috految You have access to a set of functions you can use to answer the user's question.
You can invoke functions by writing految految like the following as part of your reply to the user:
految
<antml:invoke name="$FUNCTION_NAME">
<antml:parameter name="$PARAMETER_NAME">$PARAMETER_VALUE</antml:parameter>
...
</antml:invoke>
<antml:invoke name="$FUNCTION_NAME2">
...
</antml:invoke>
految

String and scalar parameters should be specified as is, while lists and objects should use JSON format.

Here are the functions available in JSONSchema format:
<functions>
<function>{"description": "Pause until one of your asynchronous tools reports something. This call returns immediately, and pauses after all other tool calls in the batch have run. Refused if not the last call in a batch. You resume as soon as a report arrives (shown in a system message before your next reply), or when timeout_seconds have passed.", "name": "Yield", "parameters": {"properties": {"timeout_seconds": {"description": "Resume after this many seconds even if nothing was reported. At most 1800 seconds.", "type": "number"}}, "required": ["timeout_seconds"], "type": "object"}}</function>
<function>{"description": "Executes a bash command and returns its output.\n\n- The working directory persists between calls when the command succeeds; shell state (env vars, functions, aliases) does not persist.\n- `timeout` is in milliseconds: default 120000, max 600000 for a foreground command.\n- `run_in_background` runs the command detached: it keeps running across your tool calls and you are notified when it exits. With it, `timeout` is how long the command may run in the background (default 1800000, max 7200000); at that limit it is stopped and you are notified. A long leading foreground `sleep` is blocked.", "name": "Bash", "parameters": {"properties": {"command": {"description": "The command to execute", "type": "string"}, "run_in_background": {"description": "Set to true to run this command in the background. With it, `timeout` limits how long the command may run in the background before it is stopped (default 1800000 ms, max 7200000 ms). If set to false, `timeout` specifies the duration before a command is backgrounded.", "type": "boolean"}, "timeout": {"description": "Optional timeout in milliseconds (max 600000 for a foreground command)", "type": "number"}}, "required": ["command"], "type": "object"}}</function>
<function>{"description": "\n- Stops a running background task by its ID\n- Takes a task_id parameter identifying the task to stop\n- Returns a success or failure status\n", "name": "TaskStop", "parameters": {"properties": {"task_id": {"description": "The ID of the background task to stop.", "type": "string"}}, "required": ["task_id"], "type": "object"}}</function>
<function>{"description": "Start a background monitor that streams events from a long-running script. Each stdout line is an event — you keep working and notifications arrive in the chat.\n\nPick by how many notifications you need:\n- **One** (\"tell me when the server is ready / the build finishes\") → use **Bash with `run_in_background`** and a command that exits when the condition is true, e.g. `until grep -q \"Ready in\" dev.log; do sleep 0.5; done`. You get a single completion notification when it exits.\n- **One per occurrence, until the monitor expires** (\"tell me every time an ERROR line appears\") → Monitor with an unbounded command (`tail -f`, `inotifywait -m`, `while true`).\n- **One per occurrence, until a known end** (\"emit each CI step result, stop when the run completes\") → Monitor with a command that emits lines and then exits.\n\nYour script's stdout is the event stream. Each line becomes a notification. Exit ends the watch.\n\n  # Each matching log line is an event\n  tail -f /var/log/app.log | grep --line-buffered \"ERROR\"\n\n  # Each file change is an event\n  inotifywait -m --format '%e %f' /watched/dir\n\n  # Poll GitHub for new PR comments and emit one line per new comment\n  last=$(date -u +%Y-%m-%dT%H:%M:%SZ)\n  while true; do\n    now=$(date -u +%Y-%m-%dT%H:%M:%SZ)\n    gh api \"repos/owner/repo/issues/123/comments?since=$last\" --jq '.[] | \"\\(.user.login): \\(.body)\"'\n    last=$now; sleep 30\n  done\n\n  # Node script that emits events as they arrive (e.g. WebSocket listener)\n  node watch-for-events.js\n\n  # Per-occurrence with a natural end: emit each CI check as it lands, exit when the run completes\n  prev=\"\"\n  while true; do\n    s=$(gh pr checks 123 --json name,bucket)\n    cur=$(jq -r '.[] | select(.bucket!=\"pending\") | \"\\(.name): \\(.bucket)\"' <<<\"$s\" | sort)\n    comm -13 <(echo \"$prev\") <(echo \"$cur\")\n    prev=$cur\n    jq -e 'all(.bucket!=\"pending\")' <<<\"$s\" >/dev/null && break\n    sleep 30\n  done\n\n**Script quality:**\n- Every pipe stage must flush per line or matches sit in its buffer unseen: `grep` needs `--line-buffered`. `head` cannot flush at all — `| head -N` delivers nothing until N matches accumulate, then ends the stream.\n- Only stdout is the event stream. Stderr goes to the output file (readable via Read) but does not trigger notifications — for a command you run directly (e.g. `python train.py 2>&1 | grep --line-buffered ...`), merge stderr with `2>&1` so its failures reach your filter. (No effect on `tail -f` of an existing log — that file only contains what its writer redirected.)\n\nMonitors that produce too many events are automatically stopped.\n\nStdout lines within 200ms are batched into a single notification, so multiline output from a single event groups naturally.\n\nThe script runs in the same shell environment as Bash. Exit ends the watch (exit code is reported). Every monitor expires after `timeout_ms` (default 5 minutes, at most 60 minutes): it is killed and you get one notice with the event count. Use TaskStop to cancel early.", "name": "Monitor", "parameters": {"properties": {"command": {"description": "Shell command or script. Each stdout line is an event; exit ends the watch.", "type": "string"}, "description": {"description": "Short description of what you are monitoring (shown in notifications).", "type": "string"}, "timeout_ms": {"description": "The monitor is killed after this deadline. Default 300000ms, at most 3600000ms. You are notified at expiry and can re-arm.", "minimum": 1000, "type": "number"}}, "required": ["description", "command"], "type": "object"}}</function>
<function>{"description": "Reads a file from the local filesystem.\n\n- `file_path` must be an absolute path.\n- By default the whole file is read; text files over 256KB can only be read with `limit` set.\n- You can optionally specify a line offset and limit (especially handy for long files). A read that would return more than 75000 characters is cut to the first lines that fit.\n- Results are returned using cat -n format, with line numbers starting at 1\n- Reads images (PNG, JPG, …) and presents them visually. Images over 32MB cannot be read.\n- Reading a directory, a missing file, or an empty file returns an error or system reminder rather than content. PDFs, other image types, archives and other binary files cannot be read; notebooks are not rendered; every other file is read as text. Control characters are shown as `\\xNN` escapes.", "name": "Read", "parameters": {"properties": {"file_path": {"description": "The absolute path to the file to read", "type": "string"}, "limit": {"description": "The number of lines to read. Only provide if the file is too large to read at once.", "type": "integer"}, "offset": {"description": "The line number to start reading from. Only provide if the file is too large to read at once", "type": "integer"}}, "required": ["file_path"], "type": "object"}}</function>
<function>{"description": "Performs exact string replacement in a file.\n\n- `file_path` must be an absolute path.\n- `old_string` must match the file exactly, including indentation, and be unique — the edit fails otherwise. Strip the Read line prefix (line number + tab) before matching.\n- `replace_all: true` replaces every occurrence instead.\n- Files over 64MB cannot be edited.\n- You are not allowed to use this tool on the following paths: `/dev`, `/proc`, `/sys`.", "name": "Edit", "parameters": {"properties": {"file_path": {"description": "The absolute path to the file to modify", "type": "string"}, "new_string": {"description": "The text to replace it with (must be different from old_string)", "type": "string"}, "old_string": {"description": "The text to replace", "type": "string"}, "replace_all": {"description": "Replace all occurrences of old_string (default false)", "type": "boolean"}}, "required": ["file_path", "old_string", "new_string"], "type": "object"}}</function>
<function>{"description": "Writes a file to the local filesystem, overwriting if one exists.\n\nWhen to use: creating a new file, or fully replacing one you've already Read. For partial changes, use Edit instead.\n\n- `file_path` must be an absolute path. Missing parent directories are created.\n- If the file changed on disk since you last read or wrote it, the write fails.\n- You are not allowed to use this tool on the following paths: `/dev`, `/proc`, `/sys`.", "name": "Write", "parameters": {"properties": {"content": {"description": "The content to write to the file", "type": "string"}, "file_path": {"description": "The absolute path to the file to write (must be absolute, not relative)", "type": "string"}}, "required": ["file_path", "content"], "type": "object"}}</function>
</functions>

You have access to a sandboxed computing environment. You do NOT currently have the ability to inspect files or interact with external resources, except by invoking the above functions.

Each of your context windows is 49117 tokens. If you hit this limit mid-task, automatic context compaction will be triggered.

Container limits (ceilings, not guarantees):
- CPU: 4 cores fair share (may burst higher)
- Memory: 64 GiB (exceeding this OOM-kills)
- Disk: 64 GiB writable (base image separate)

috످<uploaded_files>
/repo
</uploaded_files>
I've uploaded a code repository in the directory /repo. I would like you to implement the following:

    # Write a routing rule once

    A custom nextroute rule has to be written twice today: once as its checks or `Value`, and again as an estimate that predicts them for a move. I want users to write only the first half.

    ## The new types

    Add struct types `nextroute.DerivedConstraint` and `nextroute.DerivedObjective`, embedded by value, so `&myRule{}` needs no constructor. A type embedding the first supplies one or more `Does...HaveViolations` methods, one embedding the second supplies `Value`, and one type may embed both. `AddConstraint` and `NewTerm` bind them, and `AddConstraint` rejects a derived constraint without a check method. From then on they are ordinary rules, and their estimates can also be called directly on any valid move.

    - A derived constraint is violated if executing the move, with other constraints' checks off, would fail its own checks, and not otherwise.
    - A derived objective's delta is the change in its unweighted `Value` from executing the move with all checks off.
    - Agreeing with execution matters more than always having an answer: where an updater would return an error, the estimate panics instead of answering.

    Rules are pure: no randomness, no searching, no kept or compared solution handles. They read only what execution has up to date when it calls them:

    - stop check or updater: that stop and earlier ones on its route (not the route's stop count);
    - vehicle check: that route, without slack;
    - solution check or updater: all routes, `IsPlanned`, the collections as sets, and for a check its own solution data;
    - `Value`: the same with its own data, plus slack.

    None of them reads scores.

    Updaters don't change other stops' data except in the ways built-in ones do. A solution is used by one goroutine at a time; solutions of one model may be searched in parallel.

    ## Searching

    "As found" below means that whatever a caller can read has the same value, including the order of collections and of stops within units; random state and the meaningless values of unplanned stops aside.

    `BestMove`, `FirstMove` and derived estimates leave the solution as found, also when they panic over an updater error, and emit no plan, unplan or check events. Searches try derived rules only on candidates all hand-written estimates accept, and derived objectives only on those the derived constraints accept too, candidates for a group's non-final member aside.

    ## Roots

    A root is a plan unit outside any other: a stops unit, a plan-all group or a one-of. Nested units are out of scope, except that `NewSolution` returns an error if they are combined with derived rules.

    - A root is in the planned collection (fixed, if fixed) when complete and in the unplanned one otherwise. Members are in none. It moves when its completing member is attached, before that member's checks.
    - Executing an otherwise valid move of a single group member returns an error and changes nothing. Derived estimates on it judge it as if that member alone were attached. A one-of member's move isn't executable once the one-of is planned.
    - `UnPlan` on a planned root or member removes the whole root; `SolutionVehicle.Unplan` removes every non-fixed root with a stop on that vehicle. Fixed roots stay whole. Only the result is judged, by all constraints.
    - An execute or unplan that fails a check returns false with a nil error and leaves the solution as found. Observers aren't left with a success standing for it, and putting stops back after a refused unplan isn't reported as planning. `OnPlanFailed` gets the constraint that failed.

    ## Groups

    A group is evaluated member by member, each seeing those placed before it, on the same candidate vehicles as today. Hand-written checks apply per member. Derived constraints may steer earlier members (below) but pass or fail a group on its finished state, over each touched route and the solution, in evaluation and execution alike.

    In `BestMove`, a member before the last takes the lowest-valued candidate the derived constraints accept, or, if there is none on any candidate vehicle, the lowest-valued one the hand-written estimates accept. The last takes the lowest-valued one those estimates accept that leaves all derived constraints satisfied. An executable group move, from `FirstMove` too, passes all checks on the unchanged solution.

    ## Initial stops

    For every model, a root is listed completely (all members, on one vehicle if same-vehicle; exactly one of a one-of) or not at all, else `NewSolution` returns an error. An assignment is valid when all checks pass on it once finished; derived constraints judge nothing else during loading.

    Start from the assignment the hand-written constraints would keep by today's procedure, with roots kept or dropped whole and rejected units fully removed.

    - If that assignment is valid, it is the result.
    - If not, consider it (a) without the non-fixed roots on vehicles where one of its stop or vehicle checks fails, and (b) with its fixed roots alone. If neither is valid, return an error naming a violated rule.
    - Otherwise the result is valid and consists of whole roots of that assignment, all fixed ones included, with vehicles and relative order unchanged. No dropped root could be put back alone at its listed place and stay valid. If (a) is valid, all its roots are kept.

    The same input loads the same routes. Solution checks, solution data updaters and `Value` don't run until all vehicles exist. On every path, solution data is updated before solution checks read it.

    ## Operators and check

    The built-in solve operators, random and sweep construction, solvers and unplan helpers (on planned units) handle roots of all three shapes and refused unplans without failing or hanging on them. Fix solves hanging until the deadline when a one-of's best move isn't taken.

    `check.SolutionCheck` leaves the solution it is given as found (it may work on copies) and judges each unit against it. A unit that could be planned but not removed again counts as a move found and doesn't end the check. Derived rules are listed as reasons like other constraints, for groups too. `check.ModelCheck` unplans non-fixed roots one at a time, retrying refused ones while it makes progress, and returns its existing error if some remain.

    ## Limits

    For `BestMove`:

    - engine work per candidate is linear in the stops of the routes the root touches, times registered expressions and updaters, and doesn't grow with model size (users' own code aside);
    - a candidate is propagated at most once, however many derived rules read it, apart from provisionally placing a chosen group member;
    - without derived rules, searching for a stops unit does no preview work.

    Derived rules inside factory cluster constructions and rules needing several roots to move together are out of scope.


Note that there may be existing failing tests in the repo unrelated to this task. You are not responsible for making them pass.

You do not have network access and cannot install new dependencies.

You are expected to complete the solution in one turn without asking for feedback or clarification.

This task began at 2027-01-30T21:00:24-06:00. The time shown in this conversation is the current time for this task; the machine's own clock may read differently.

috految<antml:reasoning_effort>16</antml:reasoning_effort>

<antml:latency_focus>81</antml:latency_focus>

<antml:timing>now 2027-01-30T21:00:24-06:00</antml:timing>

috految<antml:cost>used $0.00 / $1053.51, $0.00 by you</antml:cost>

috److految
<antml:invoke name="Bash">
<antml:parameter name="command">cd /repo; git log --oneline | head -3; go version; head -5 go.mod; ls -d */ *.md .[a-z]* tests/*; wc -c $(ls *.go check/*.go observers/*.go| grep -v _test) | awk '{printf "%s:%d ",$2,$1/1000}'; grep -l '^package nextroute$' *_test.go; which python3 golangci-lint; cp -r /repo /tmp/orig; (cd /tmp/orig; go test ./... >/tmp/base.log 2>&1; go build -o /tmp/oldbin ./cmd; go test -race -run XXX . ) >/dev/null 2>&1 &
cat >/tmp/v <<'E'
#!/usr/bin/env python3
# compact viewer: v file[:regex on top-level decl first line] ...
import sys,re
for a in sys.argv[1:]:
    f,_,p=a.partition(':')
    s=open(f).read()
    o=[]
    for d in re.split(r'\n(?=(?:func|type|var|const) )',s)[1:]:
        d=re.sub(r'(?m)^\s*//.*$','',d)
        if p and not re.search(p,d.split('\n')[0]): continue
        d=re.sub(r'\s+',' ',d).replace('( ','(').replace(', )',')').replace(' := ',':=').replace(' { ','{').replace(' }','}')
        o.append(d.strip())
    if o: print('##',f);print('\n'.join(o))
E
chmod +x /tmp/v; /tmp/v solution.go</antml:parameter>
</antml:invoke>
految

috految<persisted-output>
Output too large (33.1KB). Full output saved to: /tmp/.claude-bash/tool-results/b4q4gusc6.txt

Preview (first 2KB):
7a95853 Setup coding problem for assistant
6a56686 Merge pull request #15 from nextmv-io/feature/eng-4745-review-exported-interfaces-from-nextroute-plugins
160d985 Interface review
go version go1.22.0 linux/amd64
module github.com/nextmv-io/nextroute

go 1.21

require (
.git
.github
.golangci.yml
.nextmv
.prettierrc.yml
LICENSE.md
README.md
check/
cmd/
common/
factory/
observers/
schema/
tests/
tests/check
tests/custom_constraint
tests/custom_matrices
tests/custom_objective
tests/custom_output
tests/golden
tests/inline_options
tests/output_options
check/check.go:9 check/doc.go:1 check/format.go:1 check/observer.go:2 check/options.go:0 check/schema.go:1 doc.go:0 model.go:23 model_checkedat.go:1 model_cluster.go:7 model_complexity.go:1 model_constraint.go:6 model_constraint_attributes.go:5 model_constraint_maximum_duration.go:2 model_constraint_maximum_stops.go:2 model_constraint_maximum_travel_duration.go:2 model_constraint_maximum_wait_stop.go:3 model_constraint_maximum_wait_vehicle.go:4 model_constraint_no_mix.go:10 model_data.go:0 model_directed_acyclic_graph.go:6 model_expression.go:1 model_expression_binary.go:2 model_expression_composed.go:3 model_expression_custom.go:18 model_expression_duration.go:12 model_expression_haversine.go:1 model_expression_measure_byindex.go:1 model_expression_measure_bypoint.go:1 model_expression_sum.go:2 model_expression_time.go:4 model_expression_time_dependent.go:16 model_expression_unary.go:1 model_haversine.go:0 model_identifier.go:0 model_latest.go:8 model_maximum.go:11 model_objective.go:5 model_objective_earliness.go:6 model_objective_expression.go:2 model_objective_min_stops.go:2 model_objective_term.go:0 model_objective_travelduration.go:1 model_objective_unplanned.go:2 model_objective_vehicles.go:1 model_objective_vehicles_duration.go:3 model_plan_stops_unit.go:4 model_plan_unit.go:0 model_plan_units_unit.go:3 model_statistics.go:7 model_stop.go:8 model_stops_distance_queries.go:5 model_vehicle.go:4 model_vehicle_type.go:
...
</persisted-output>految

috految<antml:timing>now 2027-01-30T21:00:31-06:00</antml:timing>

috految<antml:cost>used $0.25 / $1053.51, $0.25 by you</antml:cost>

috److془Context 49k. Need care. Currently ~7.5k. Plan: read the core (~30k) then write in one go. Peripherals first (then compaction summary) then core? Better: peripherals first (model, built-in constraints, operators), edit operators, compaction, core, write, compaction, check+tests.

Let's go.془

految
<antml:invoke name="Bash">
<antml:parameter name="command">cd /repo; sed -n '/^check\/check.go/,/^## /p' /tmp/.claude-bash/tool-results/b4q4gusc6.txt | sed 's/.*model_vehicle_type//'; /tmp/v 'model.go:^(func|type modelImpl)' model_constraint.go model_checkedat.go:'^var|^const' model_complexity.go:'^var|^const|^type' model_objective.go model_objective_term.go:Impl model_plan_units_unit.go:'^func' model_plan_stops_unit.go:'^func' model_vehicle.go:'AddStop|Stops|newM|Last|Start' model_stop.go:'IsFixed|Closest|closest|PlanStopsUnit|ToEarl|IsFirstOr|Vehicle|SetEarl|BeAdded' model_vehicle_type.go:'TemporalV|Vehicles'</antml:parameter>
</antml:invoke>
<antml:invoke name="Bash">
<antml:parameter name="command">cd /repo; /tmp/v $(for f in model_cluster.go model_constraint_*.go model_latest.go model_maximum.go model_objective_*.go; do case $f in *_test.go) ;; *) echo "$f:^func.*(Estimate|estimate|Does|Update|update|Copy|Value|Lock|Temporal|Cost.*Unit|Costs|Data|Violat|getSol|Vehicle\(|Compact|ModelExpressions|Lateness)";; esac; done) | sed 's/^func //; s/(isViolated bool, stopPositionsHint StopPositionsHint)//; s/SolutionMoveStops/M/g'; grep -rnE 'Update(Constraint|Objective)\w+\(|\) Estimate(Is|Del)|\) Does' --include=*.go -l . | grep -v ^./model_; grep -rnE 'InternalValue|Slack\(|SlackValue|\.slack|sync\.[A-Z]' --include=*.go . | grep -v _test | tr -s '\t '</antml:parameter>
</antml:invoke>
految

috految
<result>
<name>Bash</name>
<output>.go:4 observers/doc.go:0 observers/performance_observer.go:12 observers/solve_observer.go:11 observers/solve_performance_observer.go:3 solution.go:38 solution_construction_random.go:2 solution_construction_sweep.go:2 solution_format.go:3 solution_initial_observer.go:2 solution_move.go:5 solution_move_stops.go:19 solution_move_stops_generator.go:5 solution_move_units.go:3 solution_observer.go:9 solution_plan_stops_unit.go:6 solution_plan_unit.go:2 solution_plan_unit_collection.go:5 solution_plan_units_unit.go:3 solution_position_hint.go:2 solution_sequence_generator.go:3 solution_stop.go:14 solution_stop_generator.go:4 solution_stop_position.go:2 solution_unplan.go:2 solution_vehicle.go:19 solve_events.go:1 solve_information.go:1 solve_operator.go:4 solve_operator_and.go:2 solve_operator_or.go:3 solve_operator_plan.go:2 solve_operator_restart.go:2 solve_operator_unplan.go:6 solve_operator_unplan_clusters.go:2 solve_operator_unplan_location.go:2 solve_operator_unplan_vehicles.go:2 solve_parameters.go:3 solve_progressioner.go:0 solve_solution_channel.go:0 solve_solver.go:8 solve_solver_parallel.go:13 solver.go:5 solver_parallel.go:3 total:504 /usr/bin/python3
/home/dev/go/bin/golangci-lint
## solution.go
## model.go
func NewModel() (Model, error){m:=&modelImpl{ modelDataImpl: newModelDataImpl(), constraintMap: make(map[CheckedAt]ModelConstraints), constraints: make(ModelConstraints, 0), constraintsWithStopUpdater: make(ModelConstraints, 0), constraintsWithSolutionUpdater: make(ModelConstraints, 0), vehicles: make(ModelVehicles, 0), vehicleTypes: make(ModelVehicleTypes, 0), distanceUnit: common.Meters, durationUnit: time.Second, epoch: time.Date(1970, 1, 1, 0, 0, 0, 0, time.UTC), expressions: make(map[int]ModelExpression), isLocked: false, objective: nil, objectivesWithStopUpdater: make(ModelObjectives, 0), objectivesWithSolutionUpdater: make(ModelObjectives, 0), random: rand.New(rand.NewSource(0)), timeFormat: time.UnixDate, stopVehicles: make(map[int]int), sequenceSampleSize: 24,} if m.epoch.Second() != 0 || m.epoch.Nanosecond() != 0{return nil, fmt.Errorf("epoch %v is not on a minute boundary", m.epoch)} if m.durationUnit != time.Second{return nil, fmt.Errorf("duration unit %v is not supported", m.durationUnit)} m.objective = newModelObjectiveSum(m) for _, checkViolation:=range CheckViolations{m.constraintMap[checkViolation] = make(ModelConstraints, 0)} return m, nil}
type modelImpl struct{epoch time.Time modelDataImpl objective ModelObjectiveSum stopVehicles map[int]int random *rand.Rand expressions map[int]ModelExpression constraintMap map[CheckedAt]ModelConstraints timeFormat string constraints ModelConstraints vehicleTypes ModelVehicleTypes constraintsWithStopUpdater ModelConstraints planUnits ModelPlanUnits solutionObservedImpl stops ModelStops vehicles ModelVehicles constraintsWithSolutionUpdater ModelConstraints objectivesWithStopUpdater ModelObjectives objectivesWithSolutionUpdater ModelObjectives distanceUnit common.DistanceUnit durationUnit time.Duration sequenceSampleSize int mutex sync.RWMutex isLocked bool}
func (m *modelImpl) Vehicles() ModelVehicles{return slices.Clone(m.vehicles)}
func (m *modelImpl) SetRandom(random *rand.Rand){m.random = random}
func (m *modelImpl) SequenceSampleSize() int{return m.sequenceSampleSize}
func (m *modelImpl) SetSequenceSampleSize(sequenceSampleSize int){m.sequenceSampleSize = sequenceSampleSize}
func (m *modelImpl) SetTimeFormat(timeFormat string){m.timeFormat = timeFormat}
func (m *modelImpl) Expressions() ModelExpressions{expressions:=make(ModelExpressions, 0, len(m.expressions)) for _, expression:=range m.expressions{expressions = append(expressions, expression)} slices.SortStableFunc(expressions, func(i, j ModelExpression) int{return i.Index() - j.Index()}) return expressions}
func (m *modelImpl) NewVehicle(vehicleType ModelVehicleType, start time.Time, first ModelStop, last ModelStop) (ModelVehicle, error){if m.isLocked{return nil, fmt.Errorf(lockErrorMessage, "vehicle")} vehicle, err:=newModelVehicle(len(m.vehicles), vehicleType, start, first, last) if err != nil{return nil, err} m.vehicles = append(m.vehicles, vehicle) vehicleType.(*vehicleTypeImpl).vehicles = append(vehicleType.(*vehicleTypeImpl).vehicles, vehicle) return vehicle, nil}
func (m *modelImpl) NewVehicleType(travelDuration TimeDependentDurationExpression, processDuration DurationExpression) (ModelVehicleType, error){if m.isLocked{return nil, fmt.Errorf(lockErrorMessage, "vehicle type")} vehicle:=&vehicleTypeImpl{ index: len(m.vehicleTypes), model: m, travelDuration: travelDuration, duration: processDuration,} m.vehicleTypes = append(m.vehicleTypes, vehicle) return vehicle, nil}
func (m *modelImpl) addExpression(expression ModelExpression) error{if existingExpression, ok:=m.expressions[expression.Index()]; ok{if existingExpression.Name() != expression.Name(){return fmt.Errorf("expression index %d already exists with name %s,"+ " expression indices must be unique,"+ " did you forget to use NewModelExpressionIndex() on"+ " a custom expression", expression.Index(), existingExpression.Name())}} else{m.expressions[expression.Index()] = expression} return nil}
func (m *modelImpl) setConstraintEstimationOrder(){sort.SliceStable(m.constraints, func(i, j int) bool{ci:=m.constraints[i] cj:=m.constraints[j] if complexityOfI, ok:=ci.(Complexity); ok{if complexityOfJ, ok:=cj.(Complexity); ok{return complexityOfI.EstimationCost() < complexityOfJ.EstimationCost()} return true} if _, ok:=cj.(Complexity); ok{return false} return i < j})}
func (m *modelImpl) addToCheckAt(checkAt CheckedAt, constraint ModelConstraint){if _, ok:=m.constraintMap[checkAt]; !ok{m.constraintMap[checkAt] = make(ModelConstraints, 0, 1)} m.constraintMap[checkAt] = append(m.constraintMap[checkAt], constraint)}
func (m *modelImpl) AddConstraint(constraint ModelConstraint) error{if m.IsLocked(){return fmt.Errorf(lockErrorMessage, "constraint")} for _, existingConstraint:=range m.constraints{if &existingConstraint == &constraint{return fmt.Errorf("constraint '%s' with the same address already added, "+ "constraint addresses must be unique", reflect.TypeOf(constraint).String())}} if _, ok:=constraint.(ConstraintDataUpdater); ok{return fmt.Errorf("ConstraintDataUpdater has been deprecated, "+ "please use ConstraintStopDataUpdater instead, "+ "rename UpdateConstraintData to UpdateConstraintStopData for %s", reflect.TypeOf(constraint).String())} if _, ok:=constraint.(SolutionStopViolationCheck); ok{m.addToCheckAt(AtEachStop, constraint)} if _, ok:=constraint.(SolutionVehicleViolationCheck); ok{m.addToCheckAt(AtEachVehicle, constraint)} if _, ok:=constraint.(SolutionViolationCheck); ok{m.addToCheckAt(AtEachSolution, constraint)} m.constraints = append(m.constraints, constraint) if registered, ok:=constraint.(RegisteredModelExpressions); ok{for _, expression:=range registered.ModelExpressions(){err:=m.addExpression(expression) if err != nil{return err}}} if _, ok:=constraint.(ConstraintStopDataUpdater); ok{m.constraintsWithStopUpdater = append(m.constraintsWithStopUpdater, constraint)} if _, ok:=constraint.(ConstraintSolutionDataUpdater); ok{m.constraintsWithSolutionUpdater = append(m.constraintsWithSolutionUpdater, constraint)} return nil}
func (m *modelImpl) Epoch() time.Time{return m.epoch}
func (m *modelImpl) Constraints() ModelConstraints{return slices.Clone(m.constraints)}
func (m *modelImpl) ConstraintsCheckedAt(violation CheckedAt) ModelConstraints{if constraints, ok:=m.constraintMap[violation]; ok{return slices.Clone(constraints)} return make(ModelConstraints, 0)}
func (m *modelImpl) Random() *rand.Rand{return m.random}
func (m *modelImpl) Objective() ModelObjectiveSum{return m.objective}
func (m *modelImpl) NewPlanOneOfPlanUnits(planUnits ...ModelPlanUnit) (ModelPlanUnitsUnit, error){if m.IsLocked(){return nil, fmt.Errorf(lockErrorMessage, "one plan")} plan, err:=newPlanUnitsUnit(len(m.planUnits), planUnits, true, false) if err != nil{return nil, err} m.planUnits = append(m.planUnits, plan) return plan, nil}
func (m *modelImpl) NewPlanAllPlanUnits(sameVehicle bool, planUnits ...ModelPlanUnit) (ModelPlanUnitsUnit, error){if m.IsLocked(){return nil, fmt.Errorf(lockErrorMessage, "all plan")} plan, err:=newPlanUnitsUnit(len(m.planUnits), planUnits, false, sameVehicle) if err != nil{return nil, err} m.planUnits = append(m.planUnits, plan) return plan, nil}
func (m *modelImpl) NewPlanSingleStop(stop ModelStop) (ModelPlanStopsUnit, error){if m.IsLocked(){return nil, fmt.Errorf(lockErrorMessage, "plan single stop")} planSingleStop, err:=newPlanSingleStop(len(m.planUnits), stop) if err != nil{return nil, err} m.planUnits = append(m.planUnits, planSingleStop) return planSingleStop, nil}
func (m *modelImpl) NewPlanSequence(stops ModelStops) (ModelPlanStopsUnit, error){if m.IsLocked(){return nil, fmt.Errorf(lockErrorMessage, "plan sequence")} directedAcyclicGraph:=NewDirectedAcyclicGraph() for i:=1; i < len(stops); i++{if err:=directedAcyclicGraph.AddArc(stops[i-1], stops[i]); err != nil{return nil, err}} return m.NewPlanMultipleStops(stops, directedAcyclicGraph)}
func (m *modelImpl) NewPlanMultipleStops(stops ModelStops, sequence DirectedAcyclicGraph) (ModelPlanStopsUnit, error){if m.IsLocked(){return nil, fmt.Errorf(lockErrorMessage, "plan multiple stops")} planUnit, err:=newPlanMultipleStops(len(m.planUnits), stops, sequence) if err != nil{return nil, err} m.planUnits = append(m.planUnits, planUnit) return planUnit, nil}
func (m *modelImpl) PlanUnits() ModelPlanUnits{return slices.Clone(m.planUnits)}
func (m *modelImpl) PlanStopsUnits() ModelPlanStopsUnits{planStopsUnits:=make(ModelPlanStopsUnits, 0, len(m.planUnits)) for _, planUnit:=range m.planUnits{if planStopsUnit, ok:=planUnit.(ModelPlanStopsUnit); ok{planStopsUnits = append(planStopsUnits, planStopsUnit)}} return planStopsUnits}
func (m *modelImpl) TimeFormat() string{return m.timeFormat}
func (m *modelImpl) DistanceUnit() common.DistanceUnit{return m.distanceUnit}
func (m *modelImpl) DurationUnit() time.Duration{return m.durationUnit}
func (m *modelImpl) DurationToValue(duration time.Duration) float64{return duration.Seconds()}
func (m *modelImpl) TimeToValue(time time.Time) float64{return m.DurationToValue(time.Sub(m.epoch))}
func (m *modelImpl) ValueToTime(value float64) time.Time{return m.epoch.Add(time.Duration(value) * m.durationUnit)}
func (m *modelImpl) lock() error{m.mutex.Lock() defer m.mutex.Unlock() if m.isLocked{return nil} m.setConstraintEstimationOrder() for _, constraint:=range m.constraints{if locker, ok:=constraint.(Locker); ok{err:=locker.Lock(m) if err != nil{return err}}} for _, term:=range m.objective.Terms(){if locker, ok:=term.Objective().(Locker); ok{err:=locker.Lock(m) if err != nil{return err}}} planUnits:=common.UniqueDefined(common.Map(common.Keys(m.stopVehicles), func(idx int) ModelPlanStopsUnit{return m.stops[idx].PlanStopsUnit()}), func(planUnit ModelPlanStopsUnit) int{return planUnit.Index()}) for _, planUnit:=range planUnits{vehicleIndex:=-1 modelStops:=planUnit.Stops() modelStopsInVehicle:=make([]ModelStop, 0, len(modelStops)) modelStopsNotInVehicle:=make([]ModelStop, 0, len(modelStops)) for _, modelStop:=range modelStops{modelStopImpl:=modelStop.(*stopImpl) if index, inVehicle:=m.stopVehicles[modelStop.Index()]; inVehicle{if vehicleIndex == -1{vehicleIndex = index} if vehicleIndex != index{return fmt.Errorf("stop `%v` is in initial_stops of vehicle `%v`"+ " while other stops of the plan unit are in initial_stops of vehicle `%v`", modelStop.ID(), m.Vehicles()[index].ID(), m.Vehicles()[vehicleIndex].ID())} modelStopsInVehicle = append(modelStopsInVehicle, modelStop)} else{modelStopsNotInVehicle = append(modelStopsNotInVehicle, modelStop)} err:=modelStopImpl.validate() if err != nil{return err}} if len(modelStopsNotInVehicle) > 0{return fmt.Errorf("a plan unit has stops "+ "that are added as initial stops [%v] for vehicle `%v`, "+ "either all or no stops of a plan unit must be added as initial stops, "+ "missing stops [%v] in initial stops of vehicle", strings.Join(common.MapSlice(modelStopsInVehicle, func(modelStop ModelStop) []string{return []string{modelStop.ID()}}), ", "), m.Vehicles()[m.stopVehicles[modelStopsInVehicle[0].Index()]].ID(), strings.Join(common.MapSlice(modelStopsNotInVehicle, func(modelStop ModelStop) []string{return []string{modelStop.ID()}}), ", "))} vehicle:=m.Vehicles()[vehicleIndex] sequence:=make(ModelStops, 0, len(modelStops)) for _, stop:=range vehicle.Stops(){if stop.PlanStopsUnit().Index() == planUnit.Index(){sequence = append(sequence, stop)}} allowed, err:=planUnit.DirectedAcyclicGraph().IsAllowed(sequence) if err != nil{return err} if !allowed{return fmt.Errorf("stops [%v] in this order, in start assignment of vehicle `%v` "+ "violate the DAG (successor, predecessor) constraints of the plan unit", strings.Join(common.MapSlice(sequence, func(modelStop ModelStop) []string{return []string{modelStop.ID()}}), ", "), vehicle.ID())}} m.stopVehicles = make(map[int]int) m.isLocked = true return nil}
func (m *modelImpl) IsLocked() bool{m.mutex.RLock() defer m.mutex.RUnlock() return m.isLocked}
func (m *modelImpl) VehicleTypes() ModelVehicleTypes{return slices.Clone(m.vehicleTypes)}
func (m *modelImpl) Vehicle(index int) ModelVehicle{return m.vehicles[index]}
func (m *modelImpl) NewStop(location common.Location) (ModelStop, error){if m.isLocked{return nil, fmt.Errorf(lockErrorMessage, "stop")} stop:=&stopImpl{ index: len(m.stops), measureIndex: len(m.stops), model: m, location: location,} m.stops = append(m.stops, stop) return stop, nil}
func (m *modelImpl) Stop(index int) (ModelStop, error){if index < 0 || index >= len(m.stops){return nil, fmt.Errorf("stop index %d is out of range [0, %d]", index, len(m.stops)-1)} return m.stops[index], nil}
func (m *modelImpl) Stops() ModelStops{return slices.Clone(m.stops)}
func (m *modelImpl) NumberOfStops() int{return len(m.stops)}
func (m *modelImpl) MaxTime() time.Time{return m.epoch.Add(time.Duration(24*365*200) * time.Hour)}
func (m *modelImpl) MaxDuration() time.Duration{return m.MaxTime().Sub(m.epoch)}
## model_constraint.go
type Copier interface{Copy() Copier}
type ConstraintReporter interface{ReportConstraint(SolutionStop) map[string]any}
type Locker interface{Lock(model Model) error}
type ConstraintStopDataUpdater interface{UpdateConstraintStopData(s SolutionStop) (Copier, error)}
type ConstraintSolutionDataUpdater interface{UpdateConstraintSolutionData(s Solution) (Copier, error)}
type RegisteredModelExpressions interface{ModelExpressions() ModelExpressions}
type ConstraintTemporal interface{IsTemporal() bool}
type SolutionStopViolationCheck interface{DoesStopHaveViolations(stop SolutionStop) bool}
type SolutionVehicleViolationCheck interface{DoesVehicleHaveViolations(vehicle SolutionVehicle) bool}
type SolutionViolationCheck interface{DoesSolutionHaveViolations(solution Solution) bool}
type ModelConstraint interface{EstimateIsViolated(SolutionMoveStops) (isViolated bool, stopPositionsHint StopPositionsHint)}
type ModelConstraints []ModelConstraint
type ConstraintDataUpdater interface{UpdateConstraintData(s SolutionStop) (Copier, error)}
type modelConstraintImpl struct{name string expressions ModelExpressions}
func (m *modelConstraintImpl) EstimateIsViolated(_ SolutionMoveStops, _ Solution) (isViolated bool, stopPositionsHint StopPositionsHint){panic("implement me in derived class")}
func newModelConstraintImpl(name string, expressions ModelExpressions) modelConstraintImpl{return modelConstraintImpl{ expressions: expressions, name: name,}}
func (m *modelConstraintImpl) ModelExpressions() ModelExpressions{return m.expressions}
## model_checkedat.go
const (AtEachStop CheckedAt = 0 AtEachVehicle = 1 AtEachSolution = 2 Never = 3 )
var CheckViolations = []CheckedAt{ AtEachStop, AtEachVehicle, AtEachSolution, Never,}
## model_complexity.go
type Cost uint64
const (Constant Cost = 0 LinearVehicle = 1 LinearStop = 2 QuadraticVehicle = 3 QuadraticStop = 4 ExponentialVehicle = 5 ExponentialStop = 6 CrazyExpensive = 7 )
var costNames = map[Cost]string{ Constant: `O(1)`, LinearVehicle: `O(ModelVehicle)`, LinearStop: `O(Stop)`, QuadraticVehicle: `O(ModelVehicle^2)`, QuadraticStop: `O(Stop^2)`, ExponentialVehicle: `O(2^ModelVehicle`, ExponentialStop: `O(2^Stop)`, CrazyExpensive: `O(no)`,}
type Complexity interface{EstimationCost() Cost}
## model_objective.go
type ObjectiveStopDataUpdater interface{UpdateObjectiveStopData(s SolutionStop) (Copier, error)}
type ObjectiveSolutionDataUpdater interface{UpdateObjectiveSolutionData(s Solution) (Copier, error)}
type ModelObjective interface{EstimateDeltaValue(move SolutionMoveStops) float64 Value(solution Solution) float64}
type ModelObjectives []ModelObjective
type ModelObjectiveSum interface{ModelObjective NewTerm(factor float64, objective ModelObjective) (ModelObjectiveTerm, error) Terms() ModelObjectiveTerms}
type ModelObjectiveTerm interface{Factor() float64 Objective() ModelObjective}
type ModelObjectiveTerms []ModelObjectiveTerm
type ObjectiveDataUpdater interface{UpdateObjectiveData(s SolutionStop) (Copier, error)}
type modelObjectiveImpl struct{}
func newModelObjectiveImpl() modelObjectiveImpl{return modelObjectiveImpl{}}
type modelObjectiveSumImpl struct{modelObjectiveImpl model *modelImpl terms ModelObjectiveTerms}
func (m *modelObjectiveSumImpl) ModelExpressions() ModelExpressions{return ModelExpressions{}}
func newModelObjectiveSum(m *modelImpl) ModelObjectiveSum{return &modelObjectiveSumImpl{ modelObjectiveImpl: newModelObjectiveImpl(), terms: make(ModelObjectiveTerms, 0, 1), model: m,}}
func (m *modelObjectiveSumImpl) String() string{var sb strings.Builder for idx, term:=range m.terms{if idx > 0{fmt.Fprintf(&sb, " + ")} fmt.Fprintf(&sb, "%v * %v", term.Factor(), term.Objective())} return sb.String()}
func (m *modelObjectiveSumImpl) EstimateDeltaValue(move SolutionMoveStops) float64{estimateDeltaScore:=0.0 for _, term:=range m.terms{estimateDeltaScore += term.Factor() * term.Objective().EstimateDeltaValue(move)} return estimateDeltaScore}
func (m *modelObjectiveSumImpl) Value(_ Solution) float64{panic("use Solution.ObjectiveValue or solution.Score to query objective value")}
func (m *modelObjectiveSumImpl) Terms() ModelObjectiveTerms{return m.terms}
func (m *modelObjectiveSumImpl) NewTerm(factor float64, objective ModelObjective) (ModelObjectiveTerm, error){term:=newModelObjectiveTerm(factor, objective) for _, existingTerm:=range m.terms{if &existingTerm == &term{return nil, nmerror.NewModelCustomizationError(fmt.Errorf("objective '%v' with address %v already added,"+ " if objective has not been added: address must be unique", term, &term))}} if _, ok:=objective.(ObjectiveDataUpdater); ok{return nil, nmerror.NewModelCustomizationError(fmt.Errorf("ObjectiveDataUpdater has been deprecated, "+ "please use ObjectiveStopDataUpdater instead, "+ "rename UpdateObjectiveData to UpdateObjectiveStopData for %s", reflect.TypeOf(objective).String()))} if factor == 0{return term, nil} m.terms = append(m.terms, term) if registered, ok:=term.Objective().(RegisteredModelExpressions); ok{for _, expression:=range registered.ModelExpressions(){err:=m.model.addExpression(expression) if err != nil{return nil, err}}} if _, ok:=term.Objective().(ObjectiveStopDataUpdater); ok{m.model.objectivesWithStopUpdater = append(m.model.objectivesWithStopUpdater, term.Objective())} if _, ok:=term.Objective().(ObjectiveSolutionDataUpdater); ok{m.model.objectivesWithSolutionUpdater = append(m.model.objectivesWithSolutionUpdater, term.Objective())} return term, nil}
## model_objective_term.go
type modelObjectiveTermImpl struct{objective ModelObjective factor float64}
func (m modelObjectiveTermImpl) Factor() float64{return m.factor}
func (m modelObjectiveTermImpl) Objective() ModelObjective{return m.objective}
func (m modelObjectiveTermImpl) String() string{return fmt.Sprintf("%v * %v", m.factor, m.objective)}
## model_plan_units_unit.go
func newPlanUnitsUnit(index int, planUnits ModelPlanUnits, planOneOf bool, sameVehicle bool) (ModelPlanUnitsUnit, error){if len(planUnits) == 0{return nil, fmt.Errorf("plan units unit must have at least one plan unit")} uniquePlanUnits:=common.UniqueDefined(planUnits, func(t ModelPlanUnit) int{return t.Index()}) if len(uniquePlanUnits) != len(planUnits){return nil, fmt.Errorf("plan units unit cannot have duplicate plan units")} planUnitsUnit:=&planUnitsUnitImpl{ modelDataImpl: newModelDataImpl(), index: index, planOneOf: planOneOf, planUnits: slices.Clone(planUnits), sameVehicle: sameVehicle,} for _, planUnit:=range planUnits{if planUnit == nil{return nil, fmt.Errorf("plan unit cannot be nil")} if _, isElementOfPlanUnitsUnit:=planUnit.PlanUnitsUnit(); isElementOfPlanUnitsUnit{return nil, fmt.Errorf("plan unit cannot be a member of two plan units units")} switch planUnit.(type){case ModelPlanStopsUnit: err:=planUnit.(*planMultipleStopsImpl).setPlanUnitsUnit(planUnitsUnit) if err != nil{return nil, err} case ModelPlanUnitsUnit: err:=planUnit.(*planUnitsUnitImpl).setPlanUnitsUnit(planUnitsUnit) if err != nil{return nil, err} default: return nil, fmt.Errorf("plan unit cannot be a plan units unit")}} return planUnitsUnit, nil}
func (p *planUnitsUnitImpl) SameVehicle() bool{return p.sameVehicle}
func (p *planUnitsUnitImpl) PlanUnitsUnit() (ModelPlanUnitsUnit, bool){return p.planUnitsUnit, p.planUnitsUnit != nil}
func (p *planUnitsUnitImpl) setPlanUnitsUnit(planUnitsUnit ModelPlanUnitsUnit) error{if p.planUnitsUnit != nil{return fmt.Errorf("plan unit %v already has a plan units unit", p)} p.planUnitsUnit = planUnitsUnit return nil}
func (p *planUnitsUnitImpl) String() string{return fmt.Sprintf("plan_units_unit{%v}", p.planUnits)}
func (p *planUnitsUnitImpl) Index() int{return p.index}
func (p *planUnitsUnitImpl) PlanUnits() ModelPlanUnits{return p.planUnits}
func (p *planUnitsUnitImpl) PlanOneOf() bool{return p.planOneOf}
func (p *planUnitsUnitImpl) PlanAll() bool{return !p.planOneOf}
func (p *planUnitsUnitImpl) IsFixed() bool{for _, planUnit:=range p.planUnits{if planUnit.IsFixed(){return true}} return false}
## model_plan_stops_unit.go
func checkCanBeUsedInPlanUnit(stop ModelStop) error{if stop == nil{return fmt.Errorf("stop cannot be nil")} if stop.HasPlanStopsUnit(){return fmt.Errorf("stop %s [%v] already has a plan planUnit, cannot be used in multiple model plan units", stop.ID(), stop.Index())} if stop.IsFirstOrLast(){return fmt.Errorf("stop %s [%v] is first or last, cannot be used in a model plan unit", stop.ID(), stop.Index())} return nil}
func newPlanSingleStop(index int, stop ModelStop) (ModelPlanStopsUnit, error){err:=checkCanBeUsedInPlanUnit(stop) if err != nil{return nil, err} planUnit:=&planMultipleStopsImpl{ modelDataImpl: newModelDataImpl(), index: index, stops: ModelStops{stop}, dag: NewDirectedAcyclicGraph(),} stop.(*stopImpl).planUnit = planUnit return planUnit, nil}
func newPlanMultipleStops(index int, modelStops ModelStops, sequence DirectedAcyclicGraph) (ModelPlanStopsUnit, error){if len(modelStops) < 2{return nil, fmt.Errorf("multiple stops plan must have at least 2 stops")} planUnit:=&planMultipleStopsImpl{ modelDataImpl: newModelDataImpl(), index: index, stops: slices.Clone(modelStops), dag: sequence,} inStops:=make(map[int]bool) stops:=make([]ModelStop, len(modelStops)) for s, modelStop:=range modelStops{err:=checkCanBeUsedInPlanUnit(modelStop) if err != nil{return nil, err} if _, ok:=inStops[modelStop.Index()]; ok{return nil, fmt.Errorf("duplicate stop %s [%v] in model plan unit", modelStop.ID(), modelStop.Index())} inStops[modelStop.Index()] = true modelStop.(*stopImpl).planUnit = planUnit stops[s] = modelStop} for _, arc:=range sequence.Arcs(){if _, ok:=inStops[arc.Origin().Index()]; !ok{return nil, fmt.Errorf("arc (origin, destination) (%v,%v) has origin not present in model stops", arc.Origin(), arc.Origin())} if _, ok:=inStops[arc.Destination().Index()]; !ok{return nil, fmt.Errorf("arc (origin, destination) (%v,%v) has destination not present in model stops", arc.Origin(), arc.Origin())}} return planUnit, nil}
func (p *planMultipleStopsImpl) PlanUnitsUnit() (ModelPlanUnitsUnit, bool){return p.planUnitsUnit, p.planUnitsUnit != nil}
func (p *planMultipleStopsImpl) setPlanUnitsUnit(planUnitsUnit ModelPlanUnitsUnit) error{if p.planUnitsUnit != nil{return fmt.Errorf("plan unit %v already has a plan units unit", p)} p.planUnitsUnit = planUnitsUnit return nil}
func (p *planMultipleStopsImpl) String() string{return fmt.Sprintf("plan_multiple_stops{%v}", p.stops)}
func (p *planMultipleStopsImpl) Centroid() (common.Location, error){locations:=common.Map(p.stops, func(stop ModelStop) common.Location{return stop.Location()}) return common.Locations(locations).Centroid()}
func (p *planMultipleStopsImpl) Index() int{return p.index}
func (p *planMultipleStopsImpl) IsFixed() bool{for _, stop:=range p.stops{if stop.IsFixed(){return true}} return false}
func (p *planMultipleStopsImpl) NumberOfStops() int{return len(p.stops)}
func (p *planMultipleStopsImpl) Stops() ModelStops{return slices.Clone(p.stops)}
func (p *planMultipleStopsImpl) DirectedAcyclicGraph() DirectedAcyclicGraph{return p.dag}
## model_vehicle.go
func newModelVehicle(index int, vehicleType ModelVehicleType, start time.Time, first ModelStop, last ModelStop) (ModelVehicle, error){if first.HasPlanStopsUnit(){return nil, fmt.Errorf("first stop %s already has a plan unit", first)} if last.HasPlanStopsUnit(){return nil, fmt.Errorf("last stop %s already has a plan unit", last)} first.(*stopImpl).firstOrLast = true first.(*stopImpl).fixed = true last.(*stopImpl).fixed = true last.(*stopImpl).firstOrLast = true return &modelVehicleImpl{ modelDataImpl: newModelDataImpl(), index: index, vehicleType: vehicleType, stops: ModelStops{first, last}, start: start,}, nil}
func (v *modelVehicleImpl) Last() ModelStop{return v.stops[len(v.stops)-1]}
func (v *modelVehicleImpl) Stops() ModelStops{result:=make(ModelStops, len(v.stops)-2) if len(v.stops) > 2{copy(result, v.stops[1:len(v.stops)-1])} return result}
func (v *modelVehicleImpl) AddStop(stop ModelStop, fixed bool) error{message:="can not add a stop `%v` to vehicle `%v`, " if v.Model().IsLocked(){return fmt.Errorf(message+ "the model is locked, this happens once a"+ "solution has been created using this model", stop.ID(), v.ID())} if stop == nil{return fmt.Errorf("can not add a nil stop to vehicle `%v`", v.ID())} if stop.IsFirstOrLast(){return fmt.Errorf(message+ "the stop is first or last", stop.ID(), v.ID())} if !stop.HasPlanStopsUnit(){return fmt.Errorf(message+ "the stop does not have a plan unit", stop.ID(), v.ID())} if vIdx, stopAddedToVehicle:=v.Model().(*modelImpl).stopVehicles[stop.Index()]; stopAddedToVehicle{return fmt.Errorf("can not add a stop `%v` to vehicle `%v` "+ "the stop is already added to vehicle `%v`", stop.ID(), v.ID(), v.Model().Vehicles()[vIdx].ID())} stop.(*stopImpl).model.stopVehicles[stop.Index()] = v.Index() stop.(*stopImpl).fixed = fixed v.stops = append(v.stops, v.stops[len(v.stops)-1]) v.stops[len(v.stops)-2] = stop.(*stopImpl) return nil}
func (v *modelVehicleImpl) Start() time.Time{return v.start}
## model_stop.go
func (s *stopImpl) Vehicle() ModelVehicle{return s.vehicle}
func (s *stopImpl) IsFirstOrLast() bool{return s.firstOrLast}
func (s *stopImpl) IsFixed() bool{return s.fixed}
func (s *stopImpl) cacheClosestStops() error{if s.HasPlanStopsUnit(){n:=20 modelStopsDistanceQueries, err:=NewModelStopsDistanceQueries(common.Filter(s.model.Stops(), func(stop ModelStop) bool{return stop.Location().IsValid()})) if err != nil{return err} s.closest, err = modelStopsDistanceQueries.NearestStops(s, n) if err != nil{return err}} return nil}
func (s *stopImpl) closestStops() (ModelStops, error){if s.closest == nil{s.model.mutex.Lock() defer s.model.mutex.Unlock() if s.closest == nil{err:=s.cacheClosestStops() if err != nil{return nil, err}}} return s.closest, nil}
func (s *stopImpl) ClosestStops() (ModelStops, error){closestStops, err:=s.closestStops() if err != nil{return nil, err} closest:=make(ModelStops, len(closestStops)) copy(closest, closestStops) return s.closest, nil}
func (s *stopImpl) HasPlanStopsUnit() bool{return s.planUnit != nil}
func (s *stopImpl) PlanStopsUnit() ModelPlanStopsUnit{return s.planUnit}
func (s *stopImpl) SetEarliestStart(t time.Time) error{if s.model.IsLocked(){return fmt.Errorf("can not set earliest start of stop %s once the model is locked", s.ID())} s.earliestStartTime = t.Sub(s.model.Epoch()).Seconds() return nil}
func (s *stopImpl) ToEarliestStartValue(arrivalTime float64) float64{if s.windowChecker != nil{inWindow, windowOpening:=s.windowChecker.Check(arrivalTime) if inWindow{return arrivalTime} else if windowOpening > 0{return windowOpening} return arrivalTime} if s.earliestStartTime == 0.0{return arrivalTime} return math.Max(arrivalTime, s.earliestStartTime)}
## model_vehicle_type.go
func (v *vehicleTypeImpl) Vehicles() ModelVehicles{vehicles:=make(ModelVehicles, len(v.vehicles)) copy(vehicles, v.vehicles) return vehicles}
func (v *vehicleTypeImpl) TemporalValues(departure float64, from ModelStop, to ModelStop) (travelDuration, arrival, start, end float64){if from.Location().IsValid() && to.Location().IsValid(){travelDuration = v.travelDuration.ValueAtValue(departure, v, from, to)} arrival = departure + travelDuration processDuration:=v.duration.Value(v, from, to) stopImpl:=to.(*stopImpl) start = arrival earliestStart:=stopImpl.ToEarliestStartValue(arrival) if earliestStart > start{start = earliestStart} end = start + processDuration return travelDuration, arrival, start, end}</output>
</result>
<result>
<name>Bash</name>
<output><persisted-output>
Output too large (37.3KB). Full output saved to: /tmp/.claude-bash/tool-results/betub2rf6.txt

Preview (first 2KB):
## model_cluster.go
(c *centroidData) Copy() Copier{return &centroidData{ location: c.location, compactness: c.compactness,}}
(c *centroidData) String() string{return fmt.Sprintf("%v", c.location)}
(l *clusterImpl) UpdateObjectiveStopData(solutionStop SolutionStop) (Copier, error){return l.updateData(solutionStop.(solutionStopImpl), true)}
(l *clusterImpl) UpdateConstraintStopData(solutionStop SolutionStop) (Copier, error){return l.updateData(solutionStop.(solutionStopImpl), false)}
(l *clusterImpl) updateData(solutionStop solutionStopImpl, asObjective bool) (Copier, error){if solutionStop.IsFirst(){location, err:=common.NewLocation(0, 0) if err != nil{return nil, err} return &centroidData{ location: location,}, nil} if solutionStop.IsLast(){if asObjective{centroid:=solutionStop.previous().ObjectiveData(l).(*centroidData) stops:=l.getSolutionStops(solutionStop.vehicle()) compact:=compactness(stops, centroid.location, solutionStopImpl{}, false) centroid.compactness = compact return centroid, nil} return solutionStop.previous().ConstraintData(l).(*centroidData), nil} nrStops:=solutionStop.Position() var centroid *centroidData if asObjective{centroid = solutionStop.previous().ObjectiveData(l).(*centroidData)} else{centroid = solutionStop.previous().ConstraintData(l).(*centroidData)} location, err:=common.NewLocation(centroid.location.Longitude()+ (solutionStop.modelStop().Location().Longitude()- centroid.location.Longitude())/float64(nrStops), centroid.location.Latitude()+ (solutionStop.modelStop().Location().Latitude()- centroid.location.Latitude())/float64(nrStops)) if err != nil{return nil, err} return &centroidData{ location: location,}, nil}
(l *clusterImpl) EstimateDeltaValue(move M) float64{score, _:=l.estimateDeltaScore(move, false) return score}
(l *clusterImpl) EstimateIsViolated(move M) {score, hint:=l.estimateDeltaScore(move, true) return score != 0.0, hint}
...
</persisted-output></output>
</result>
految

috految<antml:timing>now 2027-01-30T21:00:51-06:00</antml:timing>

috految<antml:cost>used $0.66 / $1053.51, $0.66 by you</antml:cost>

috److految
<antml:invoke name="Bash">
<antml:parameter name="command">tail -c +1920 /tmp/.claude-bash/tool-results/betub2rf6.txt | grep -v '^./solution' | sed 's/fmt.Errorf("[^"]*"/E(/g; s/solutionStop/ss/g;s/constNoPositionsHint/NH/g;s/constSkipVehiclePositionsHint/SKIP/g;s/\.(\*solutionMoveStopsImpl)//g;s/solutionMoveStopsImpl/MI/g;s/ \?if err != nil{return nil, err}//g' >/tmp/o; head -c 20000 /tmp/o</antml:parameter>
</antml:invoke>
<antml:invoke name="Bash">
<antml:parameter name="command">cd /repo; tail -c +20001 /tmp/o; /tmp/v model_cluster.go:'compactness' model_objective_unplanned.go:'^type.*Impl'; sed -n '/^\/\/ Copier/,/^type ModelConstraints/p' model_constraint.go | grep // | tr -d '\t\n/'; grep -B7 'Data(s Solution)\|^.NewTerm' model_objective.go; grep -B3 'AddConstraint(' model.go; head -3 model.go; grep -E 'Update|Does' model_constraint_*_test.go | head -3</antml:parameter>
</antml:invoke>
految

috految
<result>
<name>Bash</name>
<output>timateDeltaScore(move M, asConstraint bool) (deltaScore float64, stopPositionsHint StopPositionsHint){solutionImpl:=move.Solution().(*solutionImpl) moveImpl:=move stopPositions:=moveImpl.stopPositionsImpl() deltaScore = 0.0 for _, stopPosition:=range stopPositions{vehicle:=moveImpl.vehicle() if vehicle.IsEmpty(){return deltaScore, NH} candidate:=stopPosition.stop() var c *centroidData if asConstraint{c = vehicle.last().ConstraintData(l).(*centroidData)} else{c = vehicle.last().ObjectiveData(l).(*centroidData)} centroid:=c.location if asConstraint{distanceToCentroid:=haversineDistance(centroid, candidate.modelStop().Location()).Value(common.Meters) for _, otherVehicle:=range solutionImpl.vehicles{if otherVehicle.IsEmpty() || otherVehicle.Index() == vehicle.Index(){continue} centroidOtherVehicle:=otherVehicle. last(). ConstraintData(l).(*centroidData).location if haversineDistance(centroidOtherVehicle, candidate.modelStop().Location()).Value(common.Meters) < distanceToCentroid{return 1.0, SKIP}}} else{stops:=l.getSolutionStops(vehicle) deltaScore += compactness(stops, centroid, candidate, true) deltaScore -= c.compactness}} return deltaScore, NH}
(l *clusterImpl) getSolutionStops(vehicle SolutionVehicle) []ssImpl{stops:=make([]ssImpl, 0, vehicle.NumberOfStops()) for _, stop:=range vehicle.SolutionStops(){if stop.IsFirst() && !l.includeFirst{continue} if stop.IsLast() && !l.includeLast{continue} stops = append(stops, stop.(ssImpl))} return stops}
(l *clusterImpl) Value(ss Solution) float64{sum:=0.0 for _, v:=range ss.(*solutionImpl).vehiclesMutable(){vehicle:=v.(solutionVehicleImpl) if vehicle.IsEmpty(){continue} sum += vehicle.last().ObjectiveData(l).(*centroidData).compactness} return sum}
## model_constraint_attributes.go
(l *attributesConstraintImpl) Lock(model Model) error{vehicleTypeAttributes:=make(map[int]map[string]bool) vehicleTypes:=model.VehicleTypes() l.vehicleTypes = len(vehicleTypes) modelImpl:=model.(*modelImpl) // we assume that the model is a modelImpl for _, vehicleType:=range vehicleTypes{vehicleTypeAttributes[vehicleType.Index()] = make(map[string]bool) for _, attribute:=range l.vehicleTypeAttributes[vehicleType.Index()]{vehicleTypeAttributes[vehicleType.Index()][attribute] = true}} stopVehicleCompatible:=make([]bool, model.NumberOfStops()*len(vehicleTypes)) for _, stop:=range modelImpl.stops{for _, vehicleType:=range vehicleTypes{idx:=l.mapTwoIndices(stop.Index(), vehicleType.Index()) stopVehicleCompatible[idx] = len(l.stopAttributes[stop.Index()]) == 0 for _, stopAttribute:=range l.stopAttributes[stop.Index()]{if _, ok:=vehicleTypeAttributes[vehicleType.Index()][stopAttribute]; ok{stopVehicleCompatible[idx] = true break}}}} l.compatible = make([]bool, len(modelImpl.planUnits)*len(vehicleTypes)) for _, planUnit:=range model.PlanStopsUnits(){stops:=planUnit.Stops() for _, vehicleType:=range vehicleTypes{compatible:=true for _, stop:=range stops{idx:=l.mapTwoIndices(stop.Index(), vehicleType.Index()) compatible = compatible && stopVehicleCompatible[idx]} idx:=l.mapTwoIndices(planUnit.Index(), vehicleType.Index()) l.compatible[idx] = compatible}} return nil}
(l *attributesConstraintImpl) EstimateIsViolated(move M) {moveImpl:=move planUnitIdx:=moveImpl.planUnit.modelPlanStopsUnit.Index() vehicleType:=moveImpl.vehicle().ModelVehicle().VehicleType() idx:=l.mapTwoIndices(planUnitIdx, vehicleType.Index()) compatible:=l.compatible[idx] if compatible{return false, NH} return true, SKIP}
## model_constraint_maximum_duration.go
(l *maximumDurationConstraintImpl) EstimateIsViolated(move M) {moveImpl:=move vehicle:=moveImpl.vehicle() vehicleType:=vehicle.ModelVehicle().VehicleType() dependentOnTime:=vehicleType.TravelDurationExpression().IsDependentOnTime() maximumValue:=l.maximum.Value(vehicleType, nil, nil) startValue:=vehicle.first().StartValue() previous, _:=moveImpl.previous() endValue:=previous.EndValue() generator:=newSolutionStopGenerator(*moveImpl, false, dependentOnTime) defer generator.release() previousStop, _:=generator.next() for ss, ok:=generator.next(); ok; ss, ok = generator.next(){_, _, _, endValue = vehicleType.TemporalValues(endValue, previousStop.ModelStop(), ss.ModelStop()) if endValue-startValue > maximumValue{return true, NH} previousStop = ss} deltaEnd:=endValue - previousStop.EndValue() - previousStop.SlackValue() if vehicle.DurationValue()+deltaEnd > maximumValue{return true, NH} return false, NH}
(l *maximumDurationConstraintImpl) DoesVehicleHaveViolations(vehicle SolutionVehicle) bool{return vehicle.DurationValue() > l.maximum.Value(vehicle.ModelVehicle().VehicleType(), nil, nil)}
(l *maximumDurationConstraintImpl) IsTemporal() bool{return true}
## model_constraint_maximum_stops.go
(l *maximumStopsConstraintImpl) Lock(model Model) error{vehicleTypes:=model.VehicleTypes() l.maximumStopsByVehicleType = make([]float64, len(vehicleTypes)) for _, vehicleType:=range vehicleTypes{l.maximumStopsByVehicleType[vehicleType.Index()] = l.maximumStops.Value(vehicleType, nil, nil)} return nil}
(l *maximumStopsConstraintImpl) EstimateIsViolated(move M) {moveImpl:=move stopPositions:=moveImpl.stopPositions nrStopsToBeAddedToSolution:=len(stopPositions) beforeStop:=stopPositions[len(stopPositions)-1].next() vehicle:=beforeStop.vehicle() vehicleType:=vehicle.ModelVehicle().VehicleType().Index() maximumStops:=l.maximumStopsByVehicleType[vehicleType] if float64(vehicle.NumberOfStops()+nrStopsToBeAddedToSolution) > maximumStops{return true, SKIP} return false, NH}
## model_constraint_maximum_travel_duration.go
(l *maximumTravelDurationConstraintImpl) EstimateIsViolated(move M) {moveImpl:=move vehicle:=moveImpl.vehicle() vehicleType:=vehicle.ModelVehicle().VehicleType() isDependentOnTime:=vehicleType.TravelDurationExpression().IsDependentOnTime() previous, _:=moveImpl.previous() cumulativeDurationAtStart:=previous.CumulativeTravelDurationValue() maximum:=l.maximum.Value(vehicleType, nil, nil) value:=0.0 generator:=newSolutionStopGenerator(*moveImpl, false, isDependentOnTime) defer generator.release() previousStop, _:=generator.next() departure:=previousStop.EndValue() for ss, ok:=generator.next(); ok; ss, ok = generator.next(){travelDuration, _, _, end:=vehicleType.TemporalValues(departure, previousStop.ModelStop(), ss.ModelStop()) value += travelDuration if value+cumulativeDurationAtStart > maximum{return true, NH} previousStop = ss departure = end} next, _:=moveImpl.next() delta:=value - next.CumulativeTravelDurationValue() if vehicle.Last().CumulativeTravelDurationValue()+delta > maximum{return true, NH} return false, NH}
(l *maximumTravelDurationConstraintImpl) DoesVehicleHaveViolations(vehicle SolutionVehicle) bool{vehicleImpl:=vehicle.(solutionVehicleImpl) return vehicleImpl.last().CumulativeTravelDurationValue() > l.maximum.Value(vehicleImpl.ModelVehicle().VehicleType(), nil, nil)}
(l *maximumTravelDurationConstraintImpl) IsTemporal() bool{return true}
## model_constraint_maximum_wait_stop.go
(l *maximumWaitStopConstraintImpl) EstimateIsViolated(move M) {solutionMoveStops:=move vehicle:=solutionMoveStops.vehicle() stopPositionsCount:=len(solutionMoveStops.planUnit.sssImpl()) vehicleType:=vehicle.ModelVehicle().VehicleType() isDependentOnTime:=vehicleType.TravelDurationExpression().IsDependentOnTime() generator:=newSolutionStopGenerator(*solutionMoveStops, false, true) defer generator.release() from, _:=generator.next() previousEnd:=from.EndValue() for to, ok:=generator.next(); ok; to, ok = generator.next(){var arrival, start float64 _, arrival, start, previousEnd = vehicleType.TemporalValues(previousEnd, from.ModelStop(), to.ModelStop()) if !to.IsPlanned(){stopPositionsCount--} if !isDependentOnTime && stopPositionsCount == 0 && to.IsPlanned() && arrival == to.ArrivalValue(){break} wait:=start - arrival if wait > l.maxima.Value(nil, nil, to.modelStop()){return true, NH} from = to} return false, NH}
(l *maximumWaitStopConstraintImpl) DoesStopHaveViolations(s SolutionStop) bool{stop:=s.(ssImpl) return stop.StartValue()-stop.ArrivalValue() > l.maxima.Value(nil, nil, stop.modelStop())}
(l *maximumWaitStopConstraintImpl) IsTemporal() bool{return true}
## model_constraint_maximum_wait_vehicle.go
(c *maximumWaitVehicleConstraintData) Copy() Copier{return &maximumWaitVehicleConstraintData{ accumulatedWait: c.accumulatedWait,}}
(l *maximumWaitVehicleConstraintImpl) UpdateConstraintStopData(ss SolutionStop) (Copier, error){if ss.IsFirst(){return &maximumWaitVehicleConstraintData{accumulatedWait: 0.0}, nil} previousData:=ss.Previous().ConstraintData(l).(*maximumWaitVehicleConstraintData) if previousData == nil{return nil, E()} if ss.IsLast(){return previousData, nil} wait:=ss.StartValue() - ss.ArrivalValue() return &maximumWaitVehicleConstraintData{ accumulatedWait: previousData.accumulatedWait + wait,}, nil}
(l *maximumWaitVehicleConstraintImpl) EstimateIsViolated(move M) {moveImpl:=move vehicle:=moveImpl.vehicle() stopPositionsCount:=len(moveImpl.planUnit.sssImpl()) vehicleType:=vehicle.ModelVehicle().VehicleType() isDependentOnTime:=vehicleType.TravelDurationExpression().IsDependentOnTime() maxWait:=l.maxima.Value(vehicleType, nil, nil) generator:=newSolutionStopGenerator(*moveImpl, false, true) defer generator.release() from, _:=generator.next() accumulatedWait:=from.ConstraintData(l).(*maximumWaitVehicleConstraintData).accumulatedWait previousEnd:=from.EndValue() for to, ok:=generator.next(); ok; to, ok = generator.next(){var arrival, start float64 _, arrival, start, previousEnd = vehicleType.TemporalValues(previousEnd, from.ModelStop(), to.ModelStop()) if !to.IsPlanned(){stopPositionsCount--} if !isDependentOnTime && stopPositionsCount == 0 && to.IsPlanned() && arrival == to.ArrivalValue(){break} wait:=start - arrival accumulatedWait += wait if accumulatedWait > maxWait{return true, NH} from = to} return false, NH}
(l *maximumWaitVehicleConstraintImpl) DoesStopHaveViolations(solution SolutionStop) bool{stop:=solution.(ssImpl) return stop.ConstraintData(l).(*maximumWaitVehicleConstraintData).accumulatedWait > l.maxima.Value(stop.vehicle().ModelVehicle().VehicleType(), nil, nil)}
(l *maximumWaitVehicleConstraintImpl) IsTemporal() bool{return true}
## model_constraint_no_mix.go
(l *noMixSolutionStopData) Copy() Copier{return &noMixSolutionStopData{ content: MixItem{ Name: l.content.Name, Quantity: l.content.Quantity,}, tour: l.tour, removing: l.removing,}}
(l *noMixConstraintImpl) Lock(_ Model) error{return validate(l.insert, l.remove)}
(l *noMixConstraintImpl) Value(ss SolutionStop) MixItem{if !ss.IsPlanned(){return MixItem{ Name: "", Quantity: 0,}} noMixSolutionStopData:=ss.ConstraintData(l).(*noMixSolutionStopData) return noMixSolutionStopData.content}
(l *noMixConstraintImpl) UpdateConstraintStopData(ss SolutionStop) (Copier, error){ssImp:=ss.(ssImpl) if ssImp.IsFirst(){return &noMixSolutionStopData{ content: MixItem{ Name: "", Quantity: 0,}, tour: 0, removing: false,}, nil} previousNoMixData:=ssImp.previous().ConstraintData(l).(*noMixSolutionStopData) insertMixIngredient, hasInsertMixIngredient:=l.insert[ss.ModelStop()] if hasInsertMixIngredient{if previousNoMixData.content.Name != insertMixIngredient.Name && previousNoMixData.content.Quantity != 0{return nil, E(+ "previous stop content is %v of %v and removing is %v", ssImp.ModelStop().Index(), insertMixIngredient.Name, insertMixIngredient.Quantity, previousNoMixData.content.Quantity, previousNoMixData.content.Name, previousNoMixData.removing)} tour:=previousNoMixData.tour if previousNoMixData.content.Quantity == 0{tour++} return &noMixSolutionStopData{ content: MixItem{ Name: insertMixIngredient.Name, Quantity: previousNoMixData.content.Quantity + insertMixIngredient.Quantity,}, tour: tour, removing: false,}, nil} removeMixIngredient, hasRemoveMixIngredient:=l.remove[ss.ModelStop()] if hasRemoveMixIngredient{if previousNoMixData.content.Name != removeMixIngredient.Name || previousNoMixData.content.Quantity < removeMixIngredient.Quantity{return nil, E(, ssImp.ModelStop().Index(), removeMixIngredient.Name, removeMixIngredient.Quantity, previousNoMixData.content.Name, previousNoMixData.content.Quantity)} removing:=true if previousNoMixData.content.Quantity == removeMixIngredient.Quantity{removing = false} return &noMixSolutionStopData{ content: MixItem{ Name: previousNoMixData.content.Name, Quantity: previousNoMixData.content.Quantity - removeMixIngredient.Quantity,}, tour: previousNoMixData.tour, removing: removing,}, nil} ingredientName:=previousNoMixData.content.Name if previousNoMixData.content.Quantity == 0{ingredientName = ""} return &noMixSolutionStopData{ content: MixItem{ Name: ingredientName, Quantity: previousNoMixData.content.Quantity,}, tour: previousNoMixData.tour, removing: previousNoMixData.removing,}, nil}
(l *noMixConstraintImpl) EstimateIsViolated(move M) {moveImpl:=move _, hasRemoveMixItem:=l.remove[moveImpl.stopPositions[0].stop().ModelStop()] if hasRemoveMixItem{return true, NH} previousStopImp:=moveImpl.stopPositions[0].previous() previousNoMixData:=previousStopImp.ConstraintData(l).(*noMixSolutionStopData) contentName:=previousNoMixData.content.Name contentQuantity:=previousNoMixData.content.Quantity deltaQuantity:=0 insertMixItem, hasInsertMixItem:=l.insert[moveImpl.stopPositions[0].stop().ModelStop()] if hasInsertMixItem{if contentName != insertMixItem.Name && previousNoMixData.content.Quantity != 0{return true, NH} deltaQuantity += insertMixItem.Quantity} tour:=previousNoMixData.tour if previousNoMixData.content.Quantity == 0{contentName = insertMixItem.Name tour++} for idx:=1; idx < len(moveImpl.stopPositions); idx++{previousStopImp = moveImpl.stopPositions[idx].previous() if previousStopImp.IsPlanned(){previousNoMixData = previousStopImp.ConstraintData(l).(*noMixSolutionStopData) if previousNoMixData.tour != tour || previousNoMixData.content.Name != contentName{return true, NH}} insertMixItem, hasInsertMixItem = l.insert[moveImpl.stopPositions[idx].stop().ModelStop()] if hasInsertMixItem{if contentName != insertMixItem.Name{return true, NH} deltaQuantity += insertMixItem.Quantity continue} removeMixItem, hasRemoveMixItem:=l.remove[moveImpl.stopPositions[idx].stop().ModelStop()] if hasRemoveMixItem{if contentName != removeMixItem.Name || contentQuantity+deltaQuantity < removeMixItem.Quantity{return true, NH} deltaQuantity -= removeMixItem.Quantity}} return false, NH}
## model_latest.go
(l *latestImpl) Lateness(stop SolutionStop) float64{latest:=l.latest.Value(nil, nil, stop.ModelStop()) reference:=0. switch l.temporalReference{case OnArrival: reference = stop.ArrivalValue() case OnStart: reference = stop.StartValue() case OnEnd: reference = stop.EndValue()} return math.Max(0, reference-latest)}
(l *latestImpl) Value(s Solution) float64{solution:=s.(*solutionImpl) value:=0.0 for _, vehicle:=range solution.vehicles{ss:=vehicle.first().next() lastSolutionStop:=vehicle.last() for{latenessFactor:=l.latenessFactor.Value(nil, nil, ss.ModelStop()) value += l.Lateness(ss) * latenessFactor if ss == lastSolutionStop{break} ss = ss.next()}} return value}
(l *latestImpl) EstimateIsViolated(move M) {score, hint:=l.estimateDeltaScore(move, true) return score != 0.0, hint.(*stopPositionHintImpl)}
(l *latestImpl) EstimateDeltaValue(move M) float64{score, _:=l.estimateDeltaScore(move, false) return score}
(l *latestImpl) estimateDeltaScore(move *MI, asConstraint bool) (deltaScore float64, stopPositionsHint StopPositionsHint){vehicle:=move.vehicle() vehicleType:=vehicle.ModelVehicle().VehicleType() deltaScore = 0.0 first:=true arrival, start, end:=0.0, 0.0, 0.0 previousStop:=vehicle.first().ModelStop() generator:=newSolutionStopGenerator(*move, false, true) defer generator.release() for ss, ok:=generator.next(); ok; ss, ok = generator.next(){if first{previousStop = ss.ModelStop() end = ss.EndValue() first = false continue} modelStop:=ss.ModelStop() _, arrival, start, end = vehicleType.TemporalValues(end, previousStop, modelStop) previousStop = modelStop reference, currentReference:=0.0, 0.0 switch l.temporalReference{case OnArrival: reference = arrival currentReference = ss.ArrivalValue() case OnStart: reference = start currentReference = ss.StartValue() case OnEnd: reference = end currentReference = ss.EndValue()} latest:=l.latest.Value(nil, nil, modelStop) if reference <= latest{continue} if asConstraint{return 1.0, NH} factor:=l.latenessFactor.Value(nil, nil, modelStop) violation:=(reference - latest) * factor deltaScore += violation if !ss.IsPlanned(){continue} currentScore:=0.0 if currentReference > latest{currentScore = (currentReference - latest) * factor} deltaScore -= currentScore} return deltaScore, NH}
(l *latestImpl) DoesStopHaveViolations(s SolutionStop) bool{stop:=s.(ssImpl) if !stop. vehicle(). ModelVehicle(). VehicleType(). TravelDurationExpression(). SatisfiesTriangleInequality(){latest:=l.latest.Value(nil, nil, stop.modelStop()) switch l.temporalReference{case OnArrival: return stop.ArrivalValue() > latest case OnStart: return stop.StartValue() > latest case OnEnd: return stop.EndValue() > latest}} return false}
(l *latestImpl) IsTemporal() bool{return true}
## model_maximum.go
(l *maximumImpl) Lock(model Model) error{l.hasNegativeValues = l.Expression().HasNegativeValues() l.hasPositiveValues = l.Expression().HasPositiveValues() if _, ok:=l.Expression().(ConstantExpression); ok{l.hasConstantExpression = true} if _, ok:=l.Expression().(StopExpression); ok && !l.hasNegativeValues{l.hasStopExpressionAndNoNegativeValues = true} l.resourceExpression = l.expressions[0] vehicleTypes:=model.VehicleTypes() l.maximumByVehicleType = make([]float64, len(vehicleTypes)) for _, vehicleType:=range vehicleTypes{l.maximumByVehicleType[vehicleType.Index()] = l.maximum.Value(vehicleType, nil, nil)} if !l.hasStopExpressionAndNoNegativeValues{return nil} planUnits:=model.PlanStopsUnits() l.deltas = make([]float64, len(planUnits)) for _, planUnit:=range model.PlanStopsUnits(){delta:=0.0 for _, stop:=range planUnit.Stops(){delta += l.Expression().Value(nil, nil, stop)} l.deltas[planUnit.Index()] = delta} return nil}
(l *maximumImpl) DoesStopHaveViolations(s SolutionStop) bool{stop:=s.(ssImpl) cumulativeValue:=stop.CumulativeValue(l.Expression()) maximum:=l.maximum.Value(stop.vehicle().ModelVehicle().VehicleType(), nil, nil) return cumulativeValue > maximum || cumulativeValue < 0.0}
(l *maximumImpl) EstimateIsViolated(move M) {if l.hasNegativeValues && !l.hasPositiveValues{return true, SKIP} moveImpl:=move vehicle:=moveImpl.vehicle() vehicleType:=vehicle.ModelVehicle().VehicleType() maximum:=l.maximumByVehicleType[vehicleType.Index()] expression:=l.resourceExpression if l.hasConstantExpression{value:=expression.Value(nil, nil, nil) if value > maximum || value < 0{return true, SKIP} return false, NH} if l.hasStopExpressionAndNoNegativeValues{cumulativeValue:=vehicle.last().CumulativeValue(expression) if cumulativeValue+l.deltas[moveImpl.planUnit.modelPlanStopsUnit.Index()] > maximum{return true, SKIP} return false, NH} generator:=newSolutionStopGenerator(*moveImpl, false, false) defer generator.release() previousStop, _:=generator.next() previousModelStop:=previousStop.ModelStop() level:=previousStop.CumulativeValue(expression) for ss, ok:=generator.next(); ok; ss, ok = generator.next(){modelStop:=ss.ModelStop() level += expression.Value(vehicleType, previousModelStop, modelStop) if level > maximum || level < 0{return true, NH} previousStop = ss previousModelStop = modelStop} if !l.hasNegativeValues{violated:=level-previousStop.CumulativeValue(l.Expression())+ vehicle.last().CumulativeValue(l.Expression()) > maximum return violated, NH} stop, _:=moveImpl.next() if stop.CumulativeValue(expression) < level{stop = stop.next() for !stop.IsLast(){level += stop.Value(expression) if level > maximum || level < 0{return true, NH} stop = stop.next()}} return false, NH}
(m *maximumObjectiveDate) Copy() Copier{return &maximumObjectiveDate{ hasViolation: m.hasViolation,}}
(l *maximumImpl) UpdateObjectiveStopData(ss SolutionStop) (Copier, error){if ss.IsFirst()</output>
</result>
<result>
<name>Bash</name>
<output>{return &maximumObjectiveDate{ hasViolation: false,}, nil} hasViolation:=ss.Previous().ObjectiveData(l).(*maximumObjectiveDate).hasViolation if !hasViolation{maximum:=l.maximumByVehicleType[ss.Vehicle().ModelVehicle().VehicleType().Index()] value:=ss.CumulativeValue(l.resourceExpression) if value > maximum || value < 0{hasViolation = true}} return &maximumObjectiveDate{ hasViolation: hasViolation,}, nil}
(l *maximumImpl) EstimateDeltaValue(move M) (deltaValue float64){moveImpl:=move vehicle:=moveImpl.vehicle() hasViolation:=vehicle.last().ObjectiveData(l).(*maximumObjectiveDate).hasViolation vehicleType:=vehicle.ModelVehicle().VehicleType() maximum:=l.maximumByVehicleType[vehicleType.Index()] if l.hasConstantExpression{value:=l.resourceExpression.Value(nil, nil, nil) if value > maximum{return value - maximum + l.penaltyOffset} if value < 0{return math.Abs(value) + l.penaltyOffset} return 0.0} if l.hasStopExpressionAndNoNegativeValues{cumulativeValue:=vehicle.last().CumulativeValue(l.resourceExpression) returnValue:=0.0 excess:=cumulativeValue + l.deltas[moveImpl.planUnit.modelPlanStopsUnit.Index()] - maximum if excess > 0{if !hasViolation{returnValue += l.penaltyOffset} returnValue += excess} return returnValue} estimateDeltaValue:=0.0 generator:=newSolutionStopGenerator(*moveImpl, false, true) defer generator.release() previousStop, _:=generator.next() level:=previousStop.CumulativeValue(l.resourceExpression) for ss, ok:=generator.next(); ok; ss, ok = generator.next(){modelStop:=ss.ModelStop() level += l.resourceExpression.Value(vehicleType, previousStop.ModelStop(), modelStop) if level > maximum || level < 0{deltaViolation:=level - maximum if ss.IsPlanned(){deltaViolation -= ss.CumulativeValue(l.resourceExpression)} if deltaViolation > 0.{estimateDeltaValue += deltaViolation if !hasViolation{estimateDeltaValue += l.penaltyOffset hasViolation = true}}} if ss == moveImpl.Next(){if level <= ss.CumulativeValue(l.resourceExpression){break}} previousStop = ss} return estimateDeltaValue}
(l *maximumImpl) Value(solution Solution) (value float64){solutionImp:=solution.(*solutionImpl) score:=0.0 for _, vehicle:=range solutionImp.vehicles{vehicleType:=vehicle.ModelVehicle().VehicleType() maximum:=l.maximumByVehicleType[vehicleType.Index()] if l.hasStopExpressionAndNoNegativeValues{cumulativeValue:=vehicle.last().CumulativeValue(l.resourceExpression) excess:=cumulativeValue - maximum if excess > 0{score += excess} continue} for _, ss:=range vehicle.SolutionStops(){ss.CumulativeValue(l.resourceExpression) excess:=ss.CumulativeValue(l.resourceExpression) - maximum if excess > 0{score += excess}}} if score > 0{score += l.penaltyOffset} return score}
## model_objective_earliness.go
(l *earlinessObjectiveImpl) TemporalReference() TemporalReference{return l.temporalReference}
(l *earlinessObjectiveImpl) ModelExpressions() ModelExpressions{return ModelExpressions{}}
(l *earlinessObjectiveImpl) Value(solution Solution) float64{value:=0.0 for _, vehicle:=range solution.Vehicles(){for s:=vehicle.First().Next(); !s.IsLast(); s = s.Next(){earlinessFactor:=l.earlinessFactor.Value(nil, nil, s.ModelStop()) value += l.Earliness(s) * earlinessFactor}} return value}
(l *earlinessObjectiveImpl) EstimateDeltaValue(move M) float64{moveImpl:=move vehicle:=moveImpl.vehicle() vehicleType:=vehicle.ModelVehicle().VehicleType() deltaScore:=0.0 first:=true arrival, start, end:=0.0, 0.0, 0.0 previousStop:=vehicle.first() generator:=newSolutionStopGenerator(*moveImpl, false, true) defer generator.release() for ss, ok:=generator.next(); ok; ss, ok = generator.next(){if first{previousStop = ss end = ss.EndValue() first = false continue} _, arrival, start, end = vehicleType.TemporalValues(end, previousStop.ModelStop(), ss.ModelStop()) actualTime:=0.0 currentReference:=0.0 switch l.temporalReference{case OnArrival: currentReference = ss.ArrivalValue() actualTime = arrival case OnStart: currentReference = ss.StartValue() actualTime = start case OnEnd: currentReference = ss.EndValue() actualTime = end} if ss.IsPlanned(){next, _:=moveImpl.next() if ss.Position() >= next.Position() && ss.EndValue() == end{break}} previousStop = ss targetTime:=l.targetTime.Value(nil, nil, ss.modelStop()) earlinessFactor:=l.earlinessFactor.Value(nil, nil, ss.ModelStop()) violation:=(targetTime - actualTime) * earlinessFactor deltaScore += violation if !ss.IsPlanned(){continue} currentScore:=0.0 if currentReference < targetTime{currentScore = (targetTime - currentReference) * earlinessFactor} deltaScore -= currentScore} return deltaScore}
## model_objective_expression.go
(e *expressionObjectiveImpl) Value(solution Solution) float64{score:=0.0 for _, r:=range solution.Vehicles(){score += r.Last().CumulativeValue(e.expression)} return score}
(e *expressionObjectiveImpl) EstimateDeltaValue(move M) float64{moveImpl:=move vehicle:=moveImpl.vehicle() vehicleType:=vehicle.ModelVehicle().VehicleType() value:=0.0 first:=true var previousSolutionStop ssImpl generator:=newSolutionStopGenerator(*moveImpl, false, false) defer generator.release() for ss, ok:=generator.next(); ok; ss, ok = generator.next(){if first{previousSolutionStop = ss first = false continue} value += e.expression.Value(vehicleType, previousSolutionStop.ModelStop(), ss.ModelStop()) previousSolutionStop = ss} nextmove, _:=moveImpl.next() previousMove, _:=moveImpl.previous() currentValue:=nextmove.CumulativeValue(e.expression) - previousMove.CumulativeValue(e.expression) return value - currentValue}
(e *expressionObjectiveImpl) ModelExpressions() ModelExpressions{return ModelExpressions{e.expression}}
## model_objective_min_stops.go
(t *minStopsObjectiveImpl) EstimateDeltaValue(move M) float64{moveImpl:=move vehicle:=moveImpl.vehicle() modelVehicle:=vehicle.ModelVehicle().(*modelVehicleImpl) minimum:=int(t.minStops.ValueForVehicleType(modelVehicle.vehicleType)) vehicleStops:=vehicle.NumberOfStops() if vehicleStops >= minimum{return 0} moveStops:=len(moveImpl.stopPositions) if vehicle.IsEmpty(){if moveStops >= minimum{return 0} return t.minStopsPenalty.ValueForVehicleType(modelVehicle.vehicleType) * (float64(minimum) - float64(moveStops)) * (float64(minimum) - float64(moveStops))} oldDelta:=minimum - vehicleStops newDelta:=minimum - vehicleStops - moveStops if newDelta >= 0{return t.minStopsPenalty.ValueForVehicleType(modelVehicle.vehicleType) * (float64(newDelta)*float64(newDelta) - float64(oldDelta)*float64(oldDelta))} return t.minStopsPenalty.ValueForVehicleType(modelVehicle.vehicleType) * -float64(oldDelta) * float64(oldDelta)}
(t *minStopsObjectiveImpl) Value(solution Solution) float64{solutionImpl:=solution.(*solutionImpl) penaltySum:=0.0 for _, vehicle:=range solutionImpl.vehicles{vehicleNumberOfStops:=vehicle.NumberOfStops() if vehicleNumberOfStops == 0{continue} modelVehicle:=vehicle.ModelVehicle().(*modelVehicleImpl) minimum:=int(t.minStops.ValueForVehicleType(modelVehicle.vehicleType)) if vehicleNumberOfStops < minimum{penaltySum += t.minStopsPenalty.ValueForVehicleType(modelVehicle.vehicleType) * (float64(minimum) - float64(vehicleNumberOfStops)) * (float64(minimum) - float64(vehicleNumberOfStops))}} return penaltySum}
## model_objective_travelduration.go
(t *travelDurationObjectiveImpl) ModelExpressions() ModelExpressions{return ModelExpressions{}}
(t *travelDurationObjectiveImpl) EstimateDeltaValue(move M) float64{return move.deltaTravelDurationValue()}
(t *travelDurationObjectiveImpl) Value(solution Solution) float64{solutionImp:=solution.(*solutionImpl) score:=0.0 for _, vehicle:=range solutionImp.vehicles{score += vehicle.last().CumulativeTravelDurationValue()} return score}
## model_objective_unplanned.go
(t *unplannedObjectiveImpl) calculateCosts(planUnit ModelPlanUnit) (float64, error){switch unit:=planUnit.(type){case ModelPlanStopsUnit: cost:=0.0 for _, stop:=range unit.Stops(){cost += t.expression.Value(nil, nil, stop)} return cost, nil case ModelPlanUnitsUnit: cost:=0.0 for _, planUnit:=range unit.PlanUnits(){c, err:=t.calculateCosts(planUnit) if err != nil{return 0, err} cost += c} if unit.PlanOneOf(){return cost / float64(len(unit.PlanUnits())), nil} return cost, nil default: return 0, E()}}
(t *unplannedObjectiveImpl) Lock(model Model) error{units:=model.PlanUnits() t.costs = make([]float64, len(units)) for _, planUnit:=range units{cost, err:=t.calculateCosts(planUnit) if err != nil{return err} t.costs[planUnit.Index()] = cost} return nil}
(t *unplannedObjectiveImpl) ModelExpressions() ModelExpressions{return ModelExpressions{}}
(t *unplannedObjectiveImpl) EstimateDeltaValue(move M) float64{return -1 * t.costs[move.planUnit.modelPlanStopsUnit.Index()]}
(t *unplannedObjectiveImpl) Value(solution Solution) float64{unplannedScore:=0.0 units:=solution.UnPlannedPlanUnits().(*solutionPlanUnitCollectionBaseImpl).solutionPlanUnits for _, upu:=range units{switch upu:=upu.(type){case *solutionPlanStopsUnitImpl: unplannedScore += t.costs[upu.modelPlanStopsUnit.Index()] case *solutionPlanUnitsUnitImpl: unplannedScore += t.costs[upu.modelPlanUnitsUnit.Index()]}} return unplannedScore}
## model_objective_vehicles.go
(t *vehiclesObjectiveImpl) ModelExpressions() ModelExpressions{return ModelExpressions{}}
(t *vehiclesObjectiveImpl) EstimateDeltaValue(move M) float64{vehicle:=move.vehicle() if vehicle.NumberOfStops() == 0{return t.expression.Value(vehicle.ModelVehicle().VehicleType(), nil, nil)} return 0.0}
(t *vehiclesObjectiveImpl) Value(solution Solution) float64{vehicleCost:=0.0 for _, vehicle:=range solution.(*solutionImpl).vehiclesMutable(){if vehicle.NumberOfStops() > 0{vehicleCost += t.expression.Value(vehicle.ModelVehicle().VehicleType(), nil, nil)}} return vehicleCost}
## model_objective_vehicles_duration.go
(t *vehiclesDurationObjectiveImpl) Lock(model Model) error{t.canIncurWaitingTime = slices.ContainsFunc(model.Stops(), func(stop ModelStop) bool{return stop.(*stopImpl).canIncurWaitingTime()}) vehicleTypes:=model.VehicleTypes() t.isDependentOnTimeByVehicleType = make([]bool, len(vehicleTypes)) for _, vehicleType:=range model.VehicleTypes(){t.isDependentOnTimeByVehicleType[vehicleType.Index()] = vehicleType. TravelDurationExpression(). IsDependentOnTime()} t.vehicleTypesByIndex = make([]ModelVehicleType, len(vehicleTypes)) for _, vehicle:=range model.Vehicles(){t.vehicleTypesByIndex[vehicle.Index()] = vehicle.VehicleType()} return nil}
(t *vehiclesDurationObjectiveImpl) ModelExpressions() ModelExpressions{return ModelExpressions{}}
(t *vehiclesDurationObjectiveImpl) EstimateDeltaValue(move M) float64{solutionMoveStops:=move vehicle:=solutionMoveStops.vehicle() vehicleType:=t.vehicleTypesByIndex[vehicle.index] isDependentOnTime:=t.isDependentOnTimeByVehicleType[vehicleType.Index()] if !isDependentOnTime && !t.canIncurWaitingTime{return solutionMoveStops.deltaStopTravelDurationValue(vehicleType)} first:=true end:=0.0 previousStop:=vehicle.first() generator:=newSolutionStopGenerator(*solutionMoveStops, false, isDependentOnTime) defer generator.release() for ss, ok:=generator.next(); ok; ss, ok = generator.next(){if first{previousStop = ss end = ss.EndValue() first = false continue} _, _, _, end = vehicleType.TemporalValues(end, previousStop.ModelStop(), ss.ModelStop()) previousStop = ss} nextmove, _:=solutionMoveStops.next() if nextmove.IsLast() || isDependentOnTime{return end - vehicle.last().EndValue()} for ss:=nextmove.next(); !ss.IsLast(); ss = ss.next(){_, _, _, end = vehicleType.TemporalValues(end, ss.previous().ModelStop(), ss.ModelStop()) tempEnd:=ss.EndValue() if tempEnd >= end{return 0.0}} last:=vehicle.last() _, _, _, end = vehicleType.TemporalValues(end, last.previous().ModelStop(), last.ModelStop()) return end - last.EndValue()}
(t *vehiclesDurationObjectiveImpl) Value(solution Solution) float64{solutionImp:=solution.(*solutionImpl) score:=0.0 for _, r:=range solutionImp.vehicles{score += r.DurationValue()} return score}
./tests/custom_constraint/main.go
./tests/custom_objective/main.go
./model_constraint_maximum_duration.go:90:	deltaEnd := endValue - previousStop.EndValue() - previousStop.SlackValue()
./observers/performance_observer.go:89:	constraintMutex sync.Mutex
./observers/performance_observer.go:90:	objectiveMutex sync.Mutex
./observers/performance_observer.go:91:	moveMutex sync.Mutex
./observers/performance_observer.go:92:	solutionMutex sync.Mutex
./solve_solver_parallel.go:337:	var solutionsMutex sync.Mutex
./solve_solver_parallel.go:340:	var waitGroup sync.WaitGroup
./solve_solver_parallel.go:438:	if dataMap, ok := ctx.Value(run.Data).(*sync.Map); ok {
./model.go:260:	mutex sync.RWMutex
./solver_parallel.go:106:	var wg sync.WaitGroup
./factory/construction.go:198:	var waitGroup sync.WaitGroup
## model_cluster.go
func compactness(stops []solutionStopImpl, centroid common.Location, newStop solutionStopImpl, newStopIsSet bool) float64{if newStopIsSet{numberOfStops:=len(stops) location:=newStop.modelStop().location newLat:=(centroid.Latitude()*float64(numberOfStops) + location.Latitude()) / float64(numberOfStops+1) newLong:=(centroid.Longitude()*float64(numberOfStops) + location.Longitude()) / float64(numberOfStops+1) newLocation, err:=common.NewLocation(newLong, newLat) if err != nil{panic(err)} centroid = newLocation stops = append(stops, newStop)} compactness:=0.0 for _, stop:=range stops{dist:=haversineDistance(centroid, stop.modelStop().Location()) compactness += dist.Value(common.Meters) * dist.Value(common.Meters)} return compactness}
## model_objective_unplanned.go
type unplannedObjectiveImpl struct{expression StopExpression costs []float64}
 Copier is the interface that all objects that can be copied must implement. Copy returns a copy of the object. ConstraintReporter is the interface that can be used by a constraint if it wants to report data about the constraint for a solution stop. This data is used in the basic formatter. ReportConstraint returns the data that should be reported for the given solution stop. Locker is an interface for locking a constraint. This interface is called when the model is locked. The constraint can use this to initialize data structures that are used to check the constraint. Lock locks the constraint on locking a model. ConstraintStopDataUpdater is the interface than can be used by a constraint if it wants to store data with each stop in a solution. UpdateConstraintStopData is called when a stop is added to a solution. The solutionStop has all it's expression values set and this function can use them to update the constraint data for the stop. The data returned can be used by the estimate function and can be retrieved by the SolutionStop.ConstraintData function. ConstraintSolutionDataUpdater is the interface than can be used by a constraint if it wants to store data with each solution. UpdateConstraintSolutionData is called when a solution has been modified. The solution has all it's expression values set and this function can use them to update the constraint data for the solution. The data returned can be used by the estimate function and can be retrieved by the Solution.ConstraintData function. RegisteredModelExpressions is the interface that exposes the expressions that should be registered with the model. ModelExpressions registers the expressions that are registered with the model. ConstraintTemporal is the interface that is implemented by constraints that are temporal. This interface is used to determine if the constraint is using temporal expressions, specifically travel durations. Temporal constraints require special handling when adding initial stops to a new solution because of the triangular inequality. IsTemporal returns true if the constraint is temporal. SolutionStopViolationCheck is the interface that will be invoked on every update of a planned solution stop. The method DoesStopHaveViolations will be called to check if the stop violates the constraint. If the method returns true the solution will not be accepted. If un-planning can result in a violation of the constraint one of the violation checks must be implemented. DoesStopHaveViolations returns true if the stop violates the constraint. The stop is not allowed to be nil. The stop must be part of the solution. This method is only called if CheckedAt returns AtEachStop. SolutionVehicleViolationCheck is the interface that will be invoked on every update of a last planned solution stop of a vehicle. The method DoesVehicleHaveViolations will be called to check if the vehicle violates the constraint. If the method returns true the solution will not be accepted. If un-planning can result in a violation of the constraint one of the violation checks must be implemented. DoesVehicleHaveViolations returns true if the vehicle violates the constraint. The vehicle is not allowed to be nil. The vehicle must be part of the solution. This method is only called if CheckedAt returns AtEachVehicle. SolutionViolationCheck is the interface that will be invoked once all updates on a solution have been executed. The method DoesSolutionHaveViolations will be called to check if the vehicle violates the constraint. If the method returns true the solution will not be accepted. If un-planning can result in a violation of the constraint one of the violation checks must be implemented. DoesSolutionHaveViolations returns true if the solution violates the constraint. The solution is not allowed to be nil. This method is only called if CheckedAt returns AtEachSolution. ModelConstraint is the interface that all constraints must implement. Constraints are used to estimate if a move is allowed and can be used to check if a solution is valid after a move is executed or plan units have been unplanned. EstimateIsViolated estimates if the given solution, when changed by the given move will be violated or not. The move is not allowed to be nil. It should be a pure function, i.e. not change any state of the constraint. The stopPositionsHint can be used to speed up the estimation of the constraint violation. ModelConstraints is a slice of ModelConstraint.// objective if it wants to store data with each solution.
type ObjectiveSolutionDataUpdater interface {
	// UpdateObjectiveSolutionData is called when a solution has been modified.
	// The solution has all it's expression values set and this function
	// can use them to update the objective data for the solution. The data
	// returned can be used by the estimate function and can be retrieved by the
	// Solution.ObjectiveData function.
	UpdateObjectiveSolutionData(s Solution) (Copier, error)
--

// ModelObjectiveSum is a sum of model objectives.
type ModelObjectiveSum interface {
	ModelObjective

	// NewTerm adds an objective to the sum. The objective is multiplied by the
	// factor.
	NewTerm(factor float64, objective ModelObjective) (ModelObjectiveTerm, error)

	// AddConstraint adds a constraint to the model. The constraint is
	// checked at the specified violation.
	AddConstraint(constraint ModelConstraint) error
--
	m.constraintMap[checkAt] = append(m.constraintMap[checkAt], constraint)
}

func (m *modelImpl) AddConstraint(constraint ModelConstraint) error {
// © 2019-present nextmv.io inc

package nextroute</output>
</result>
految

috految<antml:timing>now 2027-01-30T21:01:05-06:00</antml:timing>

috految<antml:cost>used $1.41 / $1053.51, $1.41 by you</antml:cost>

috److془Now write the model part, and read more peripherals (triggers compaction).

Design of types:

type DerivedConstraint struct { rule ModelConstraint }. Issues: `%v` naming: objective name in format uses `fmt.Sprintf("%v", term.Objective())` → `&{{0xc000...}}` nondeterministic addresses. Also a user's String using `%v` of *r fine. Better: no pointer in struct. Binding in model: map[*DerivedConstraint]ModelConstraint; struct has nonzero size (`_ byte`). Estimates find model from move.Solution. Same rule in two models fine, race-free, copying fine. Downside: calling estimate on a move of a model where it's not added (twin model) - "their estimates can also be called directly on any valid move". Hmm; unlikely. Value receiver methods calling r.EstimateIsViolated on copy: unlikely. Hmm: `func (r myRule) EstimateIsViolated(m) {return r.DerivedConstraint.EstimateIsViolated(m)}` meh. 

Hmm: the wrapper embedding pointer: `type soft struct{*base}`; `type hard struct{*base}` base embeds DerivedConstraint; shared between two rules. Error on bind to different rule. Or `type outer struct{ inner }`, add both &outer and &outer.inner.. error fine. Wrapper `struct{ModelConstraint}` is handwritten; inner unbound → panic with clear message. Name: `&{{0}}` for two different rules identical; as is today `&{}`. Check's reasons: see what names it uses. Two different rules with same name in JSON map; like ordinary ones. Hmm but "Derived rules are listed as reasons like other constraints" - fine. Might have `%v` → "&{{0}}" vs. reference; tests would use String. Let me have it store `name string`= type name at bind? prints `&{{*main.myRule}}`. Nice and distinct, non-zero size. Race if same rule added to two models concurrently; ehh: write only if differing. Hmm, though stateless global rule in concurrent model builds first time races. Stay with `_ byte`? Readable name matters only w/o String. Cases: hand-written `&{}` conflation today. Use `_ byte`. Hmm: the `%v` of a rule with two rules in check: both "&{{0}}". Will see check. Also does factory's format dedupe? Will see. Factory cluster constructions create new models: out of scope.

Type embedding DerivedConstraint and overriding EstimateIsViolated (e.g. fast path, then delegates; or counts calls in tests). "From then on they are ordinary rules". Should honor override: engine calls constraint.EstimateIsViolated(move) with the base state, and the embedded method consults cached preview results on the solution. With a lazy evaluation: first derived estimate computes all results, rollback, caches. Nice; observers also see base state. Also hand-written estimates calling derived estimates directly works (own preview). Objective term sum: just calls EstimateDeltaValue; cache. 

Type embedding both DerivedConstraint and hand-written EstimateDeltaValue: fine. Type embed DerivedObjective + hand-written constraint: fine. Type embedding both but only added as objective: fine. Both with Locker: Lock called twice as today. Type with both, same updater lists → ok. Note in solution.go data could be keyed differently. Zero factor NewTerm: bind anyway. The rule with factor 0 having updaters or expressions: direct estimate would have no data - as Value would. fine. Hmm "NewTerm bind them. From then on they are ordinary rules, and their estimates can also be called directly". Ordinary zero-factor rule has no data. Fine. NewTerm has no lock check: terms can be added after solution creation. Use dynamic. Same objective twice in terms: fine; but with duplicates of updaters. Fine. Derived objective with factor 0 and nested: no error. Nested check at each NewSolution (not lock). Nested = units unit member of units unit. Does the factory produce nested? check. What about a rule where Lock adds constraints - deadlock; n/a.

Unhashable constraint values: hand-written struct-by-value with func field; don't use as map key or compare (unless they have updaters). Derived holder `struct{*base; slice}` by value: compare only when already bound. Nil with pointer embedding: derivedConstraint() returns nil → error. Ambiguous embedding: type embedding two derived rules + own DerivedConstraint has shallowest; fine. Type embedding a built-in interface e.g. `struct{DerivedObjective; ModelObjective}` ambiguous compile error; fine. Unexported method names at different package don't clash. Hand-written rule embedding pointer to an added derived rule with override (`type wrap struct{*rule}` both added) → error. Fine. Hmm: Note `type soft struct{DerivedObjective; *hardRule}` NewTerm: only objective binding. good. `myRule{}` by value: doesn't implement; compile error. Good. 

Estimation order: setConstraintEstimationOrder sorts m.constraints; handWrittenConstraints & derivedConstraints at lock. Lock called in NewSolution; could a Lock() of constraints call NewSolution—deadlock. Fine. Sort's comparator `i<j` with stable insertion sort: less(j, j-1) false fine. 

Maximum.Lock: deltas sized len(PlanStopsUnits) indexed by unit index → panic when group created before stops units. Fix. vehicleTypesByIndex sized by types: panic with shared types; unrelated; leave... trivially fixable, though unrelated. Leave. Hmm if reference fixed it, tests wouldn't rely. Leave. attrs mapTwoIndices presumably fine. closestStops race: fix with lock (solutions parallel). Also calls s.model.mutex.Lock in Lock() would deadlock if not cached; use per-stop mutex? NewModelStopsDistanceQueries may use rand (kdtree). Use atomic pointer. ClosestStops returns s.closest rather than copy; is it shuffled? see. Time dependent expression lazily updateMap: race, check. PlanUnits() of model returns unclone slice; check shuffle. DAG lazily? IsAllowed determinism. Check. common.UniqueDefined map order! Factory using maps for creating units → "The same input loads the same routes": constraint order from map of resources; stop groups. Loader should be order independent of unit indexes, member order, constraint order. Factory's initial stops for alternates, vehicles w/ start levels etc. 

"Updaters don't change other stops' data except in the ways built-in ones do": last stop mutates previous data in place and returns it (aliasing). Also an updater may mutate own old data in-place (buffer reuse), including solution data. Also returning the previous' data at pass-through stops, then last mutates it. Solution: copy-on-write with Copy(), across the whole route. 

Subtle: Copy breaks aliasing—same as Solution.Copy. With pass-through aliasing + last mutating, a Value reading earlier stops would differ between aliasing-preserving and not; if execution does the same as preview then agree. Could preserve aliasing between adjacent... Consider: mid stop passes pointer, last mutates total, Value reads First's data. Broken under Solution.Copy today. Ignore. Hmm, or does rule with Copy() returning self/shallow with in-place... broken under Solution.Copy. Fine. Hmm: but "in the ways built-in ones do" - cluster: last mutates previous when route is empty, first's. Copy on write of the anchor stop + all following suffices, as aliasing is broken at anchor. Unless the updater at last returns First's data mutated; or mid stop returns First's data (reset) that last mutates. Copying the whole route is safe. Linear. For Copy that's O(n), quadratic, user's code. Hmm: though, data with pointer to previous' (linked list) or pointer identity comparing.. broken under Copy too. Typed nil data: Copy on typed nil would panic in Solution.Copy too; but guard nil interface. Hmm wait: does Solution.Copy copy stop data and solution data? will see. Also rule with `append(prev.slice, x)` with deep Copy: works. Rule with Copy being "return d" (immutable) with append: broken. Fine. Does Copy of built-ins preserve all? centroid yes; nomix yes; wait, maximum yes. Is the copy of nonmutated needed... fine. Solution data may alias stop data, updater might mutate: Copy breaks. Good. Subtle: an updater reusing own old data in place, where aliasing; Copy breaks. 

No-mix: updater returns errors on states; estimate may accept where updater errors? E.g. tour=.. unit [A insert, A remove] placed with remove after a planned stop in tour+1 with the same name: all between same name fine. Unit [plain, insert, remove] placed in content A: passes only if name A. Unit [insert A1, remove A2, insert A1] borrowed → errors. Spec: panic. Group members: validate requires sum per unit zero presumably. Unplan with updater error: return error rollback. For loader repair: updater errors on a subset → treat as invalid. Latest: with triangle inequality flagged, check is false always; estimate only enforced. Max stops, attributes, no mix estimate only. Latest stop check constraint with maximum: `cumulative<0`. Objective maximum `ss == moveImpl.Next()`. Max duration estimate reads slack of previousStop. Cluster updater at last uses NumberOfStops for capacity (position must be ≥1), SolutionStops. Cluster estimate: calls with solution.vehicles. Cluster stale: compactness on the previous stop is only read at last. Fine. Cluster with invalid locations, whatever. Cluster constraint: adds to constraint data for first. ok. Cluster objective with includeFirst on empty..fine. Cluster NewLocation error no.

Unplanned objective: estimate -costs[member], one-of Value is avg. Keep. Value iterates the collection's solutionPlanUnits. Note the derived rule could wrap built-in Value; fine. Order-dependent float sum; fine. Hmm: max=MaxFloat penalty etc fine (NaN Inf-Inf → if after==before 0).

Factory's expressions with state e.g. durationGroupDuration; fine. Lock validation: stops unit completeness exists. `len(modelStopsNotInVehicle) > 0`. Good. Root validation in lock: same place. Second NewSolution errors again as unlocked. But does NewSolution return lock error? see. Nested: "For every model, a root is listed completely" recursion. Nested sameVehicle: all leaves on one vehicle. Fixed: any. Stop.fixed only via AddStop: fixed root always listed. Hmm: one-of's fixed member: root fixed. Factory's vehicle stops: first/last for vehicles. Note the factory cluster constructions build sub-inputs with initial stops - trap, check. Also existing tests for error messages, see. Also: failed newPlanUnitsUnit leaves members with a parent not in the model; use solution-level parent pointers. 

Stop both alternates in factory: all alternates of vehicle one-of. Will see. Write.془

految
<antml:invoke name="Bash">
<antml:parameter name="command">cd /repo; cat >/tmp/e.py <<'E'
import re,os
os.chdir('/repo')
def rx(s): return r'\s*'.join(r'(?:,\s*)?\)' if t==')' else re.escape(t) for t in re.findall(r'\w+|\S',s))
def sub(f,a,b,n=1):
    s=open(f).read(); p=r'[\s\S]*?'.join(rx(x) for x in a.split('…'))
    c=len(re.findall(p,s))
    if c==0 or (n and c!=n): print('FAILED',f,c,a[:80]); return
    open(f,'w').write(re.sub(p,lambda m:b.replace('§',m.group(0)),s))
def fn(f,head,new):
    s=open(f).read(); m=re.search(r'(?m)((?:^//.*\n)*)^('+rx(head)+r'[\s\S]*?^}\n)',s)
    if not m: print('FAILED',f,head); return
    open(f,'w').write(s[:m.start(1 if not new or new.startswith('//') else 2)]+new+'\n'+s[m.end():])
def new(f,s): open(f,'w').write('// © 2019-present nextmv.io inc\n\n'+s)
def app(f,s): open(f,'a').write('\n'+s+'\n')
E
cat >/tmp/1.py <<'E'
from e import *
new('model_derived.go','''package nextroute

import (
"errors"
"fmt"
)

// DerivedConstraint provides the estimate of a constraint based on its checks.
// Embed it by value, implement one or more of [SolutionStopViolationCheck],
// [SolutionVehicleViolationCheck] and [SolutionViolationCheck], and pass a
// pointer to the embedding type to [Model.AddConstraint]:
//
//	type shortRoutes struct {
//		nextroute.DerivedConstraint
//	}
//
//	func (*shortRoutes) DoesVehicleHaveViolations(v nextroute.SolutionVehicle) bool {
//		return v.NumberOfStops() > 10
//	}
//
// The constraint passes or fails a plan-all group on the state in which all
// members are placed, and initial stops on the finished assignment. It can not
// be used in a model that has nested plan units.
//
// Checks and updaters run for moves that are never executed, so they must be
// pure: no randomness, no searching, no keeping or comparing solution handles.
// They can not read scores and can only read what is up to date when called:
//
//   - A stop check or updater: that stop and the earlier ones on its route, but
//     not the number of stops of the route.
//   - A vehicle check: that route, without slack.
//   - A solution check or updater: all routes, IsPlanned, the plan unit
//     collections as sets and, for a check, its own solution data.
type DerivedConstraint struct {
// A model identifies the rule by the address of this struct, which is
// only unique if it has a size.
_ byte
}

// EstimateIsViolated returns true if executing the move, with the checks of
// other constraints off, would fail a check of the embedding constraint. The
// solution is left as found. It panics if an updater returns an error or if the
// constraint has not been added to the model.
func (d *DerivedConstraint) EstimateIsViolated(
move SolutionMoveStops,
) (isViolated bool, stopPositionsHint StopPositionsHint) {
solution := move.PlanStopsUnit().Solution().(*solutionImpl)
constraint, ok := solution.model.(*modelImpl).constraintBindings[d]
if !ok {
panic("derived constraint has not been added to the model using AddConstraint")
}
return solution.estimateDerivedViolation(move, constraint), constNoPositionsHint
}

func (d *DerivedConstraint) constraintBinding() *DerivedConstraint {
return d
}

// DerivedObjective provides the estimate of an objective based on its value.
// Embed it by value, implement the Value method of [ModelObjective], and pass a
// pointer to the embedding type to [ModelObjectiveSum.NewTerm]. A type can embed
// both DerivedObjective and [DerivedConstraint].
//
// The requirements of [DerivedConstraint] apply. Value can read what a solution
// check can read, with its own data, plus slack.
type DerivedObjective struct {
// A model identifies the rule by the address of this struct, which is
// only unique if it has a size.
_ byte
}

// EstimateDeltaValue returns the change in the unweighted value of the
// embedding objective from executing the move with all checks off. The solution
// is left as found. It panics if an updater returns an error or if the
// objective has not been added to the model.
func (d *DerivedObjective) EstimateDeltaValue(move SolutionMoveStops) float64 {
solution := move.PlanStopsUnit().Solution().(*solutionImpl)
objective, ok := solution.model.(*modelImpl).objectiveBindings[d]
if !ok {
panic("derived objective has not been added to the model using NewTerm")
}
return solution.estimateDerivedDelta(move, objective)
}

func (d *DerivedObjective) objectiveBinding() *DerivedObjective {
return d
}

// derivedConstraint is a constraint that embeds a DerivedConstraint.
type derivedConstraint interface {
ModelConstraint
constraintBinding() *DerivedConstraint
}

// derivedObjective is an objective that embeds a DerivedObjective.
type derivedObjective interface {
ModelObjective
objectiveBinding() *DerivedObjective
}

func isDerivedConstraint(constraint ModelConstraint) bool {
_, ok := constraint.(derivedConstraint)
return ok
}

func (m *modelImpl) bindConstraint(constraint derivedConstraint) error {
switch constraint.(type) {
case SolutionStopViolationCheck, SolutionVehicleViolationCheck, SolutionViolationCheck:
default:
return fmt.Errorf(
"derived constraint %T must implement at least one of DoesStopHaveViolations, "+
"DoesVehicleHaveViolations and DoesSolutionHaveViolations",
constraint,
)
}
binding := constraint.constraintBinding()
if bound, ok := m.constraintBindings[binding]; binding == nil || (ok && bound != constraint) {
return fmt.Errorf("constraint %T must embed its own DerivedConstraint by value", constraint)
}
m.constraintBindings[binding] = constraint
return nil
}

func (m *modelImpl) bindObjective(objective derivedObjective) error {
binding := objective.objectiveBinding()
if bound, ok := m.objectiveBindings[binding]; binding == nil || (ok && bound != objective) {
return fmt.Errorf("objective %T must embed its own DerivedObjective by value", objective)
}
m.objectiveBindings[binding] = objective
return nil
}

func (m *modelImpl) hasDerivedRules() bool {
return len(m.derivedConstraints) > 0 || len(m.derivedObjectives) > 0
}

// validateDerivedRules returns an error if the model has derived rules and
// plan units they do not support.
func (m *modelImpl) validateDerivedRules() error {
if !m.hasDerivedRules() {
return nil
}
for _, planUnit := range m.planUnits {
_, hasMembers := planUnit.(ModelPlanUnitsUnit)
if _, isMember := planUnit.PlanUnitsUnit(); hasMembers && isMember {
return errors.New("derived constraints and objectives can not be combined with nested plan units")
}
}
return nil
}
''')
f='model.go'
sub(f,'stopVehicles: make(map[int]int),','§\nconstraintBindings: make(map[*DerivedConstraint]derivedConstraint),\nobjectiveBindings: make(map[*DerivedObjective]derivedObjective),')
sub(f,'mutex sync.RWMutex isLocked bool','''§

// The bindings map an embedded struct to the rule that embeds it.
constraintBindings map[*DerivedConstraint]derivedConstraint
objectiveBindings map[*DerivedObjective]derivedObjective
derivedObjectives []derivedObjective
// Locking splits the constraints in these two, both in estimation order.
derivedConstraints ModelConstraints
handWrittenConstraints ModelConstraints''')
sub(f,'// checked at the specified violation. AddConstraint','// checked at the specified violation. A constraint that embeds\n// [DerivedConstraint] must implement at least one violation check.\nAddConstraint')
sub(f,'if _, ok := constraint.(SolutionStopViolationCheck)','''if derived, ok := constraint.(derivedConstraint); ok {
if err := m.bindConstraint(derived); err != nil {
return err
}
}

§''')
sub(f,'m.setConstraintEstimationOrder()','''§
m.derivedConstraints = common.Filter(m.constraints, isDerivedConstraint)
m.handWrittenConstraints = common.Filter(m.constraints, func(constraint ModelConstraint) bool {
return !isDerivedConstraint(constraint)
})''')
sub(f,'m.stopVehicles = make(map[int]int)','''for _, planUnit := range m.planUnits {
if planUnitsUnit, ok := planUnit.(ModelPlanUnitsUnit); ok {
if err := m.validateInitialMembers(planUnitsUnit); err != nil {
return err
}
}
}

§''')
sub(f,'func (m *modelImpl) IsLocked()','''// validateInitialMembers returns an error unless the members of the plan unit
// are listed as initial stops completely or not at all.
func (m *modelImpl) validateInitialMembers(planUnit ModelPlanUnitsUnit) error {
var listed, missing ModelStops
listedMembers := 0
for _, member := range planUnit.PlanUnits() {
stops := modelStopsOf(member)
initialStops := common.Filter(stops, func(stop ModelStop) bool {
_, ok := m.stopVehicles[stop.Index()]
return ok
})
if len(initialStops) == 0 {
missing = append(missing, stops...)
continue
}
listedMembers++
listed = append(listed, initialStops...)
}
if listedMembers == 0 {
return nil
}

ids := strings.Join(common.Map(listed, ModelStop.ID), ", ")
if planUnit.PlanOneOf() {
if listedMembers > 1 {
return fmt.Errorf(
"infeasible initial solution: stops [%v] are part of one-of plan unit "+
"of which only one member can be added as initial stops",
ids,
)
}
return nil
}
if len(missing) > 0 {
return fmt.Errorf(
"infeasible initial solution: stops [%v] are added as initial stops, "+
"either all or no stops of a group must be added, missing stops [%v]",
ids,
strings.Join(common.Map(missing, ModelStop.ID), ", "),
)
}
if planUnit.SameVehicle() {
for _, stop := range listed {
if m.stopVehicles[stop.Index()] != m.stopVehicles[listed[0].Index()] {
return fmt.Errorf(
"infeasible initial solution: stops [%v] must be on the same vehicle "+
"but are initial stops of different vehicles",
ids,
)
}
}
}
return nil
}

§''')
app('model_plan_unit.go','''// modelStopsOf returns the stops of the plan unit or of all its members.
func modelStopsOf(planUnit ModelPlanUnit) ModelStops {
var stops ModelStops
switch unit := planUnit.(type) {
case ModelPlanStopsUnit:
stops = unit.Stops()
case ModelPlanUnitsUnit:
for _, member := range unit.PlanUnits() {
stops = append(stops, modelStopsOf(member)...)
}
}
return stops
}''')
f='model_objective.go'
sub(f,'if factor == 0 {','''derived, isDerived := objective.(derivedObjective)
if isDerived {
if err := m.model.bindObjective(derived); err != nil {
return nil, nmerror.NewModelCustomizationError(err)
}
}
§''')
sub(f,'m.terms = append(m.terms, term)','§\nif isDerived {\nm.model.derivedObjectives = append(m.model.derivedObjectives, derived)\n}')
sub('model_maximum.go','planUnits := model.PlanStopsUnits()','// Stops units are indexed among all plan units, including groups.\nplanUnits := model.PlanUnits()')
f='model_stop.go'
sub(f,'closest ModelStops','closest atomic.Pointer[ModelStops]')
sub(f,'"time"','"sync/atomic"\n§')
sub(f,'s.closest, err = modelStopsDistanceQueries.NearestStops(s, n) if err != nil {return err}','closest, err := modelStopsDistanceQueries.NearestStops(s, n)\nif err != nil {\nreturn err\n}\ns.closest.Store(&closest)')
sub(f,'s.closest == nil','s.closest.Load() == nil',2)
sub(f,'copy(closest, closestStops) return s.closest, nil','copy(closest, closestStops)\nreturn closest, nil')
sub(f,'return s.closest, nil','if closest := s.closest.Load(); closest != nil {\nreturn *closest, nil\n}\nreturn nil, nil')
E
python3 /tmp/1.py; gofmt -w model*.go; /tmp/v solution_observer.go:'^func' solution_initial_observer.go solution_stop_generator.go solution_position_hint.go:'^var|^func' solution_stop_position.go solution_stop.go:'^func|Impl' model_directed_acyclic_graph.go:'Allowed|Arcs|Independent|Stops' model_expression_time_dependent.go:'updateMap|getElem|ValueAtValue|Transition|IsDependent|Satisf|^type.*Impl' model_constraint_no_mix.go:'validate' model_constraint_attributes.go:mapTwo; grep -h '//' solution_observer.go | tr -d '\n\t/'; grep -n 'updateMap\|\.elements' *.go; grep -n -B3 -A3 'Stops() \|s.closest' model_stop.go | grep //; grep -rn '\bstopImpl)' *.go | grep -v '\*stopImpl'; cat /tmp/base.log | tail -20</antml:parameter>
</antml:invoke>
<antml:invoke name="Bash">
<antml:parameter name="command">cd /repo; /tmp/v check/check.go check/observer.go observers/performance_observer.go:'\) On|routine|Routine| Report' observers/solve_observer.go:'\) On|Register|log|write' $(for f in common/*.go; do case $f in *_test.go) ;; *) echo $f:'Unique|Shuffle|Random|Filter|Defensive|CopySlice|func.Map|Keys|Values|Lazy|GroupBy|Iter|func.Has|func.All';; esac; done) solution_plan_unit_collection.go:^func solution_format.go:^func; grep -h 'Test\|^func' export*_test.go; grep -n 'Test(' *.go | grep '^[^:]*:[0-9]*:func'; grep -rn 'NewPlanAll\|NewPlanOneOf\|AddStop(\|NewMoveStops\|InitialSolutionObserver' --include=*.go . | grep -v _test.go; grep -rn 'infeasible initial\|start assignment' --include=* -l .; grep -rn 'Sprintf("%v", \|Sprintf("%s", \|reflect.TypeOf' --include=*.go factory solve*.go</antml:parameter>
</antml:invoke>
految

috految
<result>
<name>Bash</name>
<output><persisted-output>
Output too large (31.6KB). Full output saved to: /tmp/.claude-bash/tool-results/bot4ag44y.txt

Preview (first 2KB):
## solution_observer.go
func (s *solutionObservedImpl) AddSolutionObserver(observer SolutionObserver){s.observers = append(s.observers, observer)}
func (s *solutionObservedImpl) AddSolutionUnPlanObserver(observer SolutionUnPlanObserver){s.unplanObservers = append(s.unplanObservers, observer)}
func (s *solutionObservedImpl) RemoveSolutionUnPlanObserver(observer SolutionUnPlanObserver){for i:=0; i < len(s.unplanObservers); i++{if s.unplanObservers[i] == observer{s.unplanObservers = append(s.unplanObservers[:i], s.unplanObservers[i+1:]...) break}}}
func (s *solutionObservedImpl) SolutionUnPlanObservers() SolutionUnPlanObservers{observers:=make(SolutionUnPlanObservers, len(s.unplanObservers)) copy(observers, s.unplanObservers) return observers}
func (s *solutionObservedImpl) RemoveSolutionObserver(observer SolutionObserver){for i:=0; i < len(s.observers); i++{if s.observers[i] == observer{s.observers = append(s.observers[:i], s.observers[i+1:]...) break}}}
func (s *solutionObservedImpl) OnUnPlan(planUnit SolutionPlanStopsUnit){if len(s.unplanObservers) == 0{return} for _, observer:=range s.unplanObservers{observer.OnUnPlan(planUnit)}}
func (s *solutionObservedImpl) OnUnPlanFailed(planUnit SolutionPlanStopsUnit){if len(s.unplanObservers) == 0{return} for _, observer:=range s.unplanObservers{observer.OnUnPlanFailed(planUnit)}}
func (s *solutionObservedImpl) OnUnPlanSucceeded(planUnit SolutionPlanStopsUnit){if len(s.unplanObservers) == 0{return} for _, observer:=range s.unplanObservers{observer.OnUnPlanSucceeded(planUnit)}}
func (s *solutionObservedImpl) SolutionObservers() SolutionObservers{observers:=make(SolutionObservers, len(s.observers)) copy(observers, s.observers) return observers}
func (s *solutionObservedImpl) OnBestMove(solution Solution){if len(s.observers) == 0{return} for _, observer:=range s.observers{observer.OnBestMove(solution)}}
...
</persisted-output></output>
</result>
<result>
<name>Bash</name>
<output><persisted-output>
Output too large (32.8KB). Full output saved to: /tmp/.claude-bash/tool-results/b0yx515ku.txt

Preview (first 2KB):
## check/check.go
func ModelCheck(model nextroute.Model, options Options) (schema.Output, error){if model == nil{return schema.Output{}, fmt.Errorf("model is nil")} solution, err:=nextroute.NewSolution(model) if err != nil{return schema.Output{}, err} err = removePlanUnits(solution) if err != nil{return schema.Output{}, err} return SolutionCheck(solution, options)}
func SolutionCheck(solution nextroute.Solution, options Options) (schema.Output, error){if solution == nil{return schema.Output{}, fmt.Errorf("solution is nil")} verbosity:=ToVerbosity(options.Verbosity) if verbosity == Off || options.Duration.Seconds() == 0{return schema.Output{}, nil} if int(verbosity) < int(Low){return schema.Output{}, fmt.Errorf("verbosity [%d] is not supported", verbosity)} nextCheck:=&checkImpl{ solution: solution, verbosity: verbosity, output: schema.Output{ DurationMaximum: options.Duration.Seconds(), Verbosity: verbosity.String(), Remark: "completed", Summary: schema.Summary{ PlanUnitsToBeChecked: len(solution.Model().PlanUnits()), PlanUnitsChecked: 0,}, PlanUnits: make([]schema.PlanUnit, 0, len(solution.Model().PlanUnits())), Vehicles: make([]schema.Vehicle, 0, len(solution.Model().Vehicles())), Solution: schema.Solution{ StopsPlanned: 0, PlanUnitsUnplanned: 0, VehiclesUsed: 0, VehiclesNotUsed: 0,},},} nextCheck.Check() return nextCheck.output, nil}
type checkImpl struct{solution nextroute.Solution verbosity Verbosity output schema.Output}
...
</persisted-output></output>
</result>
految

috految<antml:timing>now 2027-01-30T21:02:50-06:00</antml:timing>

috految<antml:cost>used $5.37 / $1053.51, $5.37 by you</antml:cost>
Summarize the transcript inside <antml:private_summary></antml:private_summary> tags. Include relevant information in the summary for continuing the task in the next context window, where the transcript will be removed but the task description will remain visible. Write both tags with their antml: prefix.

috److<antml:private_summary>
## Env / tools
go1.22 toolchain, go.mod `go 1.21` (old loopvar semantics), golangci-lint available. Tests in root are all external pkg. Pristine copy in /tmp/orig (baseline `go test ./...` → /tmp/base.log, old cmd binary /tmp/oldbin). Golden tests in tests/{golden,check,custom_*,...} (should keep random streams/behaviour same where possible). **Bash output >~29KB gets truncated: keep each call ≤29KB; ~2.3 chars/token; compaction triggers at ~49k.** Strategy: read core (≤ ~75KB total), then write everything in one go.
- `/tmp/v file[:regex of top-level decl first line] ...` compact viewer (strips comments/whitespace). solution.go view = ~30KB (split/trim it, e.g. `:'^func|Impl'`).
- `/tmp/e.py` (script in /tmp: `from e import *`, chdirs /repo): `sub(f,a,b,n=1)` whitespace-insensitive (tolerates trailing commas before `)`, NOT comments; `…` in a = lazy wildcard, `§` in b = matched text, n=0 any count; prints FAILED), `fn(f,head,new)` replace whole top-level decl beginning with head up to `^}` (doc comment replaced if new starts with `//`, or new=='' deletes), `new(f,src)` (adds © header), `app(f,src)`. Write Go unindented then `gofmt -w`.

## Not yet read (sizes KB raw)
Core: solution.go:38 solution_move.go:5 solution_move_stops.go:19 solution_move_stops_generator.go:5 solution_move_units.go:3 solution_plan_stops_unit.go:6 solution_plan_unit.go:2 solution_plan_unit_collection.go:5 solution_plan_units_unit.go:3 solution_sequence_generator.go:3 solution_vehicle.go:19 solution_stop.go:14 solution_stop_generator.go:4 solution_stop_position.go:2 solution_position_hint.go:2 solution_initial_observer.go:2 solution_observer.go:9 (model embeds solutionObservedImpl; plain unsynchronised slices `observers`/`unplanObservers`, Remove* mutates in place; OnUnPlan/OnUnPlanFailed/OnUnPlanSucceeded(SolutionPlanStopsUnit) fine; rest unread).
Later: solution_unplan.go solution_construction_{random,sweep}.go solution_format.go solve_operator*.go solve_solver*.go solver*.go solve_parameters.go model_statistics.go model_stops_distance_queries.go check/{check,observer,format,doc}.go observers/{performance_observer,solve_observer,solve_performance_observer}.go (must cope with event ordering/nesting, group moves, nil things), factory/* (construction.go cluster constructions build sub-inputs/execute member moves/initial stops; format & unplanned lists; alternates/initial stops/stop groups/precedence map-order determinism; does it nest units?; naming of rules via %v), README/docs, add some tests.
Saved unread compact dumps: /tmp/.claude-bash/tool-results/bot4ag44y.txt (32KB; `## file` headers: observer funcs, initial observer, stop generator, hints, stop position, solution_stop, DAG, time-dependent expr, no-mix validate, observer docs, greps), /tmp/.claude-bash/tool-results/b0yx515ku.txt (33KB: check/check.go, check/observer.go, observers, common utils, collection, solution_format, greps for *Test exports/NewPlanAll/AddStop/error-message users at the end).
To verify: time-dependent expression lazy `updateMap` race / other lazy caches (DAG, expressions) for parallel searches; DAG.IsAllowed determinism/no mutation; common.UniqueDefined/Keys map order; common.Filter not in-place; anything shuffling model slices (`planUnitsUnitImpl.PlanUnits()` returns internal slice uncloned; `model.Random()` is shared unsynchronised); ClosestStops now returns a copy (previously internal slice); closestStops errors for invalid-location stops?; stale docs in model.go/model_vehicle.go AddStop.

## Done (applied with no FAILED, not compiled yet)
- model_derived.go: `DerivedConstraint`/`DerivedObjective` (`struct{_ byte}`, pointer receivers, fully documented; so `%v` of a rule w/o String prints `&{{0}}` – see how check/error names rules), interfaces `derivedConstraint{ModelConstraint; constraintBinding() *DerivedConstraint}`, `derivedObjective{ModelObjective; objectiveBinding()}`, `isDerivedConstraint(ModelConstraint) bool`, bind funcs, `m.hasDerivedRules()`, `m.validateDerivedRules() error` (nested+derived; **must be called in NewSolution after lock**). Estimates do `solution := move.PlanStopsUnit().Solution().(*solutionImpl)`, `solution.model.(*modelImpl)` and call **to be written**: `solution.estimateDerivedViolation(move SolutionMoveStops, constraint derivedConstraint) bool`, `solution.estimateDerivedDelta(move SolutionMoveStops, objective derivedObjective) float64` (hint returned is constNoPositionsHint).
- model.go: fields constraintBindings, objectiveBindings, `derivedObjectives []derivedObjective` (filled by NewTerm, factor≠0 only; zero factor is bound but not listed; NewTerm has no lock check so terms may be added after solutions exist; same objective may be in 2 terms), `derivedConstraints`, `handWrittenConstraints` (ModelConstraints, set in lock() in estimation order); AddConstraint binds/rejects; lock() validates initial listing of groups/one-ofs (`validateInitialMembers`, recursive for nested; stops-unit completeness/same vehicle/DAG order were already validated there; verify NewSolution returns lock error, and existing tests' expected messages). model_plan_unit.go `modelStopsOf(ModelPlanUnit) ModelStops`. model_objective.go NewTerm binding. model_maximum.go deltas sizing fix (groups created before stops units). model_stop.go closest cache now atomic.

## Model facts
modelImpl: `constraints` (sorted at lock by complexity; all incl. derived), `constraintMap[AtEachStop|AtEachVehicle|AtEachSolution]` (add order, includes derived; AtEachVehicle/Solution untyped consts), `expressions map[int]ModelExpression` (keyed by global Index; `Expressions()` allocs+sorts), `constraintsWithStopUpdater`, `constraintsWithSolutionUpdater`, `objectivesWithStopUpdater`, `objectivesWithSolutionUpdater` (may contain duplicates), `objective` (sum; EstimateDeltaValue = Σ factor*term.Objective().EstimateDeltaValue, Value panics; Terms() uncloned), `planUnits` (indexed by Index(), members are created before parents; stops units may come after groups), `vehicles`, `stops`, `mutex`; `Vehicles()/Constraints()/PlanUnits()/Stops()/VehicleTypes()/ConstraintsCheckedAt` clone (O(model)), `Vehicle(i)` O(1). ModelVehicle.Stops() = listed initial stops without first/last. First/last model stops are fixed, may be shared among vehicles; stops might have no plan unit. stop.fixed only set through AddStop; model stops unit IsFixed = any stop fixed; units unit IsFixed = any member fixed; one-of has sameVehicle=false; groups may have a single member; `PlanUnitsUnit() (parent, bool)` (failed NewPlan…PlanUnits can leave a ghost parent → prefer solution-level parent pointers). Model stops unit `Stops()` clones, `NumberOfStops()`, `DirectedAcyclicGraph()`. Model.SequenceSampleSize default 24. Interfaces: SolutionStopViolationCheck.DoesStopHaveViolations, SolutionVehicleViolationCheck.DoesVehicleHaveViolations, SolutionViolationCheck.DoesSolutionHaveViolations, Constraint/Objective{Stop,Solution}DataUpdater (updater doc: data is for use by estimates; stop has all expression values set), ConstraintTemporal.IsTemporal, Copier.Copy. Hand-written constraints may be unhashable/uncomparable values → don't use as map keys/compare (unless has updater).
Built-ins: estimates cast move to `*solutionMoveStopsImpl`, use `.planUnit`, `.stopPositions`, `.vehicle()`, `.previous()/.next()`, `newSolutionStopGenerator(*move,…)`, `planUnit.solutionStopsImpl()`, stop.IsPlanned(), `solution.vehicles`/`vehiclesMutable()`; max-duration estimate reads slack of planned stops; incomplete estimates exist (checks can fail after estimate OK); maximum objective estimate compares `stop == move.Next()`; no-mix estimate reads `stopPositions[i].previous()` data when planned; max stops uses last stopPosition.next().vehicle(); cluster constraint estimate reads other vehicles' last ConstraintData. Estimate-only (no check): attributes, max stops, cluster, no-mix (its *updater* returns errors on bad states; also may on subsets). Skip-vehicle hints: attributes, max stops, maximum, cluster. Temporal: latest (stop check is always false if travel expr SatisfiesTriangleInequality), max duration (vehicle check), max travel duration (vehicle check), max wait stop/vehicle (stop checks). Maximum (capacity) non-temporal with stop check `cumulative>max || <0`. Checks cast to `solutionStopImpl`/`solutionVehicleImpl` values. No built-in has solution updaters/checks. Unplanned objective: estimate `-costs[member unit]` (one-of Value = members' average; keep), Value iterates `solution.UnPlannedPlanUnits().(*solutionPlanUnitCollectionBaseImpl).solutionPlanUnits` with types *solutionPlanStopsUnitImpl/*solutionPlanUnitsUnitImpl. Built-in Values are O(model), so must not run per candidate. Cluster updater uses stop.Position(), and at last stop `vehicle.NumberOfStops()` (as make capacity) + SolutionStops(), and (as objective) **mutates previous stop's data in place and returns it aliased**; max-wait-vehicle last returns previous' data (alias); maximum objective updater reads stop.Vehicle(), CumulativeValue. All built-in Copy() are faithful.

## Design decisions so far
- Engine should always call `constraint.EstimateIsViolated(move)` / objective sum's `EstimateDeltaValue` with the solution in base state (so user overrides of estimates in embedding types are honoured, observers see base state); embedded estimates consult a per-candidate cached preview on the solution (one propagation for all derived rules, rolled back), else do own preview (direct calls, or from hand-written estimates). Delta: if after==before → 0 (Inf). 
- Rollback of data: copy-on-write via Copy() for the whole touched route's stop data + solution data (updaters may mutate own old data/previous stop's data in place, aliasing), guard nil data; execution does the same as preview. Check Solution.Copy copies everything properly.
- Unplan/execute updater error → rollback + return error. Loader repair: updater errors on subsets → treat as invalid. Loader result must not depend on map order, unit indices, member order or constraint order (factory builds from maps).
- check.ModelCheck does NewSolution → removePlanUnits → SolutionCheck.
</antml:private_summary>

috످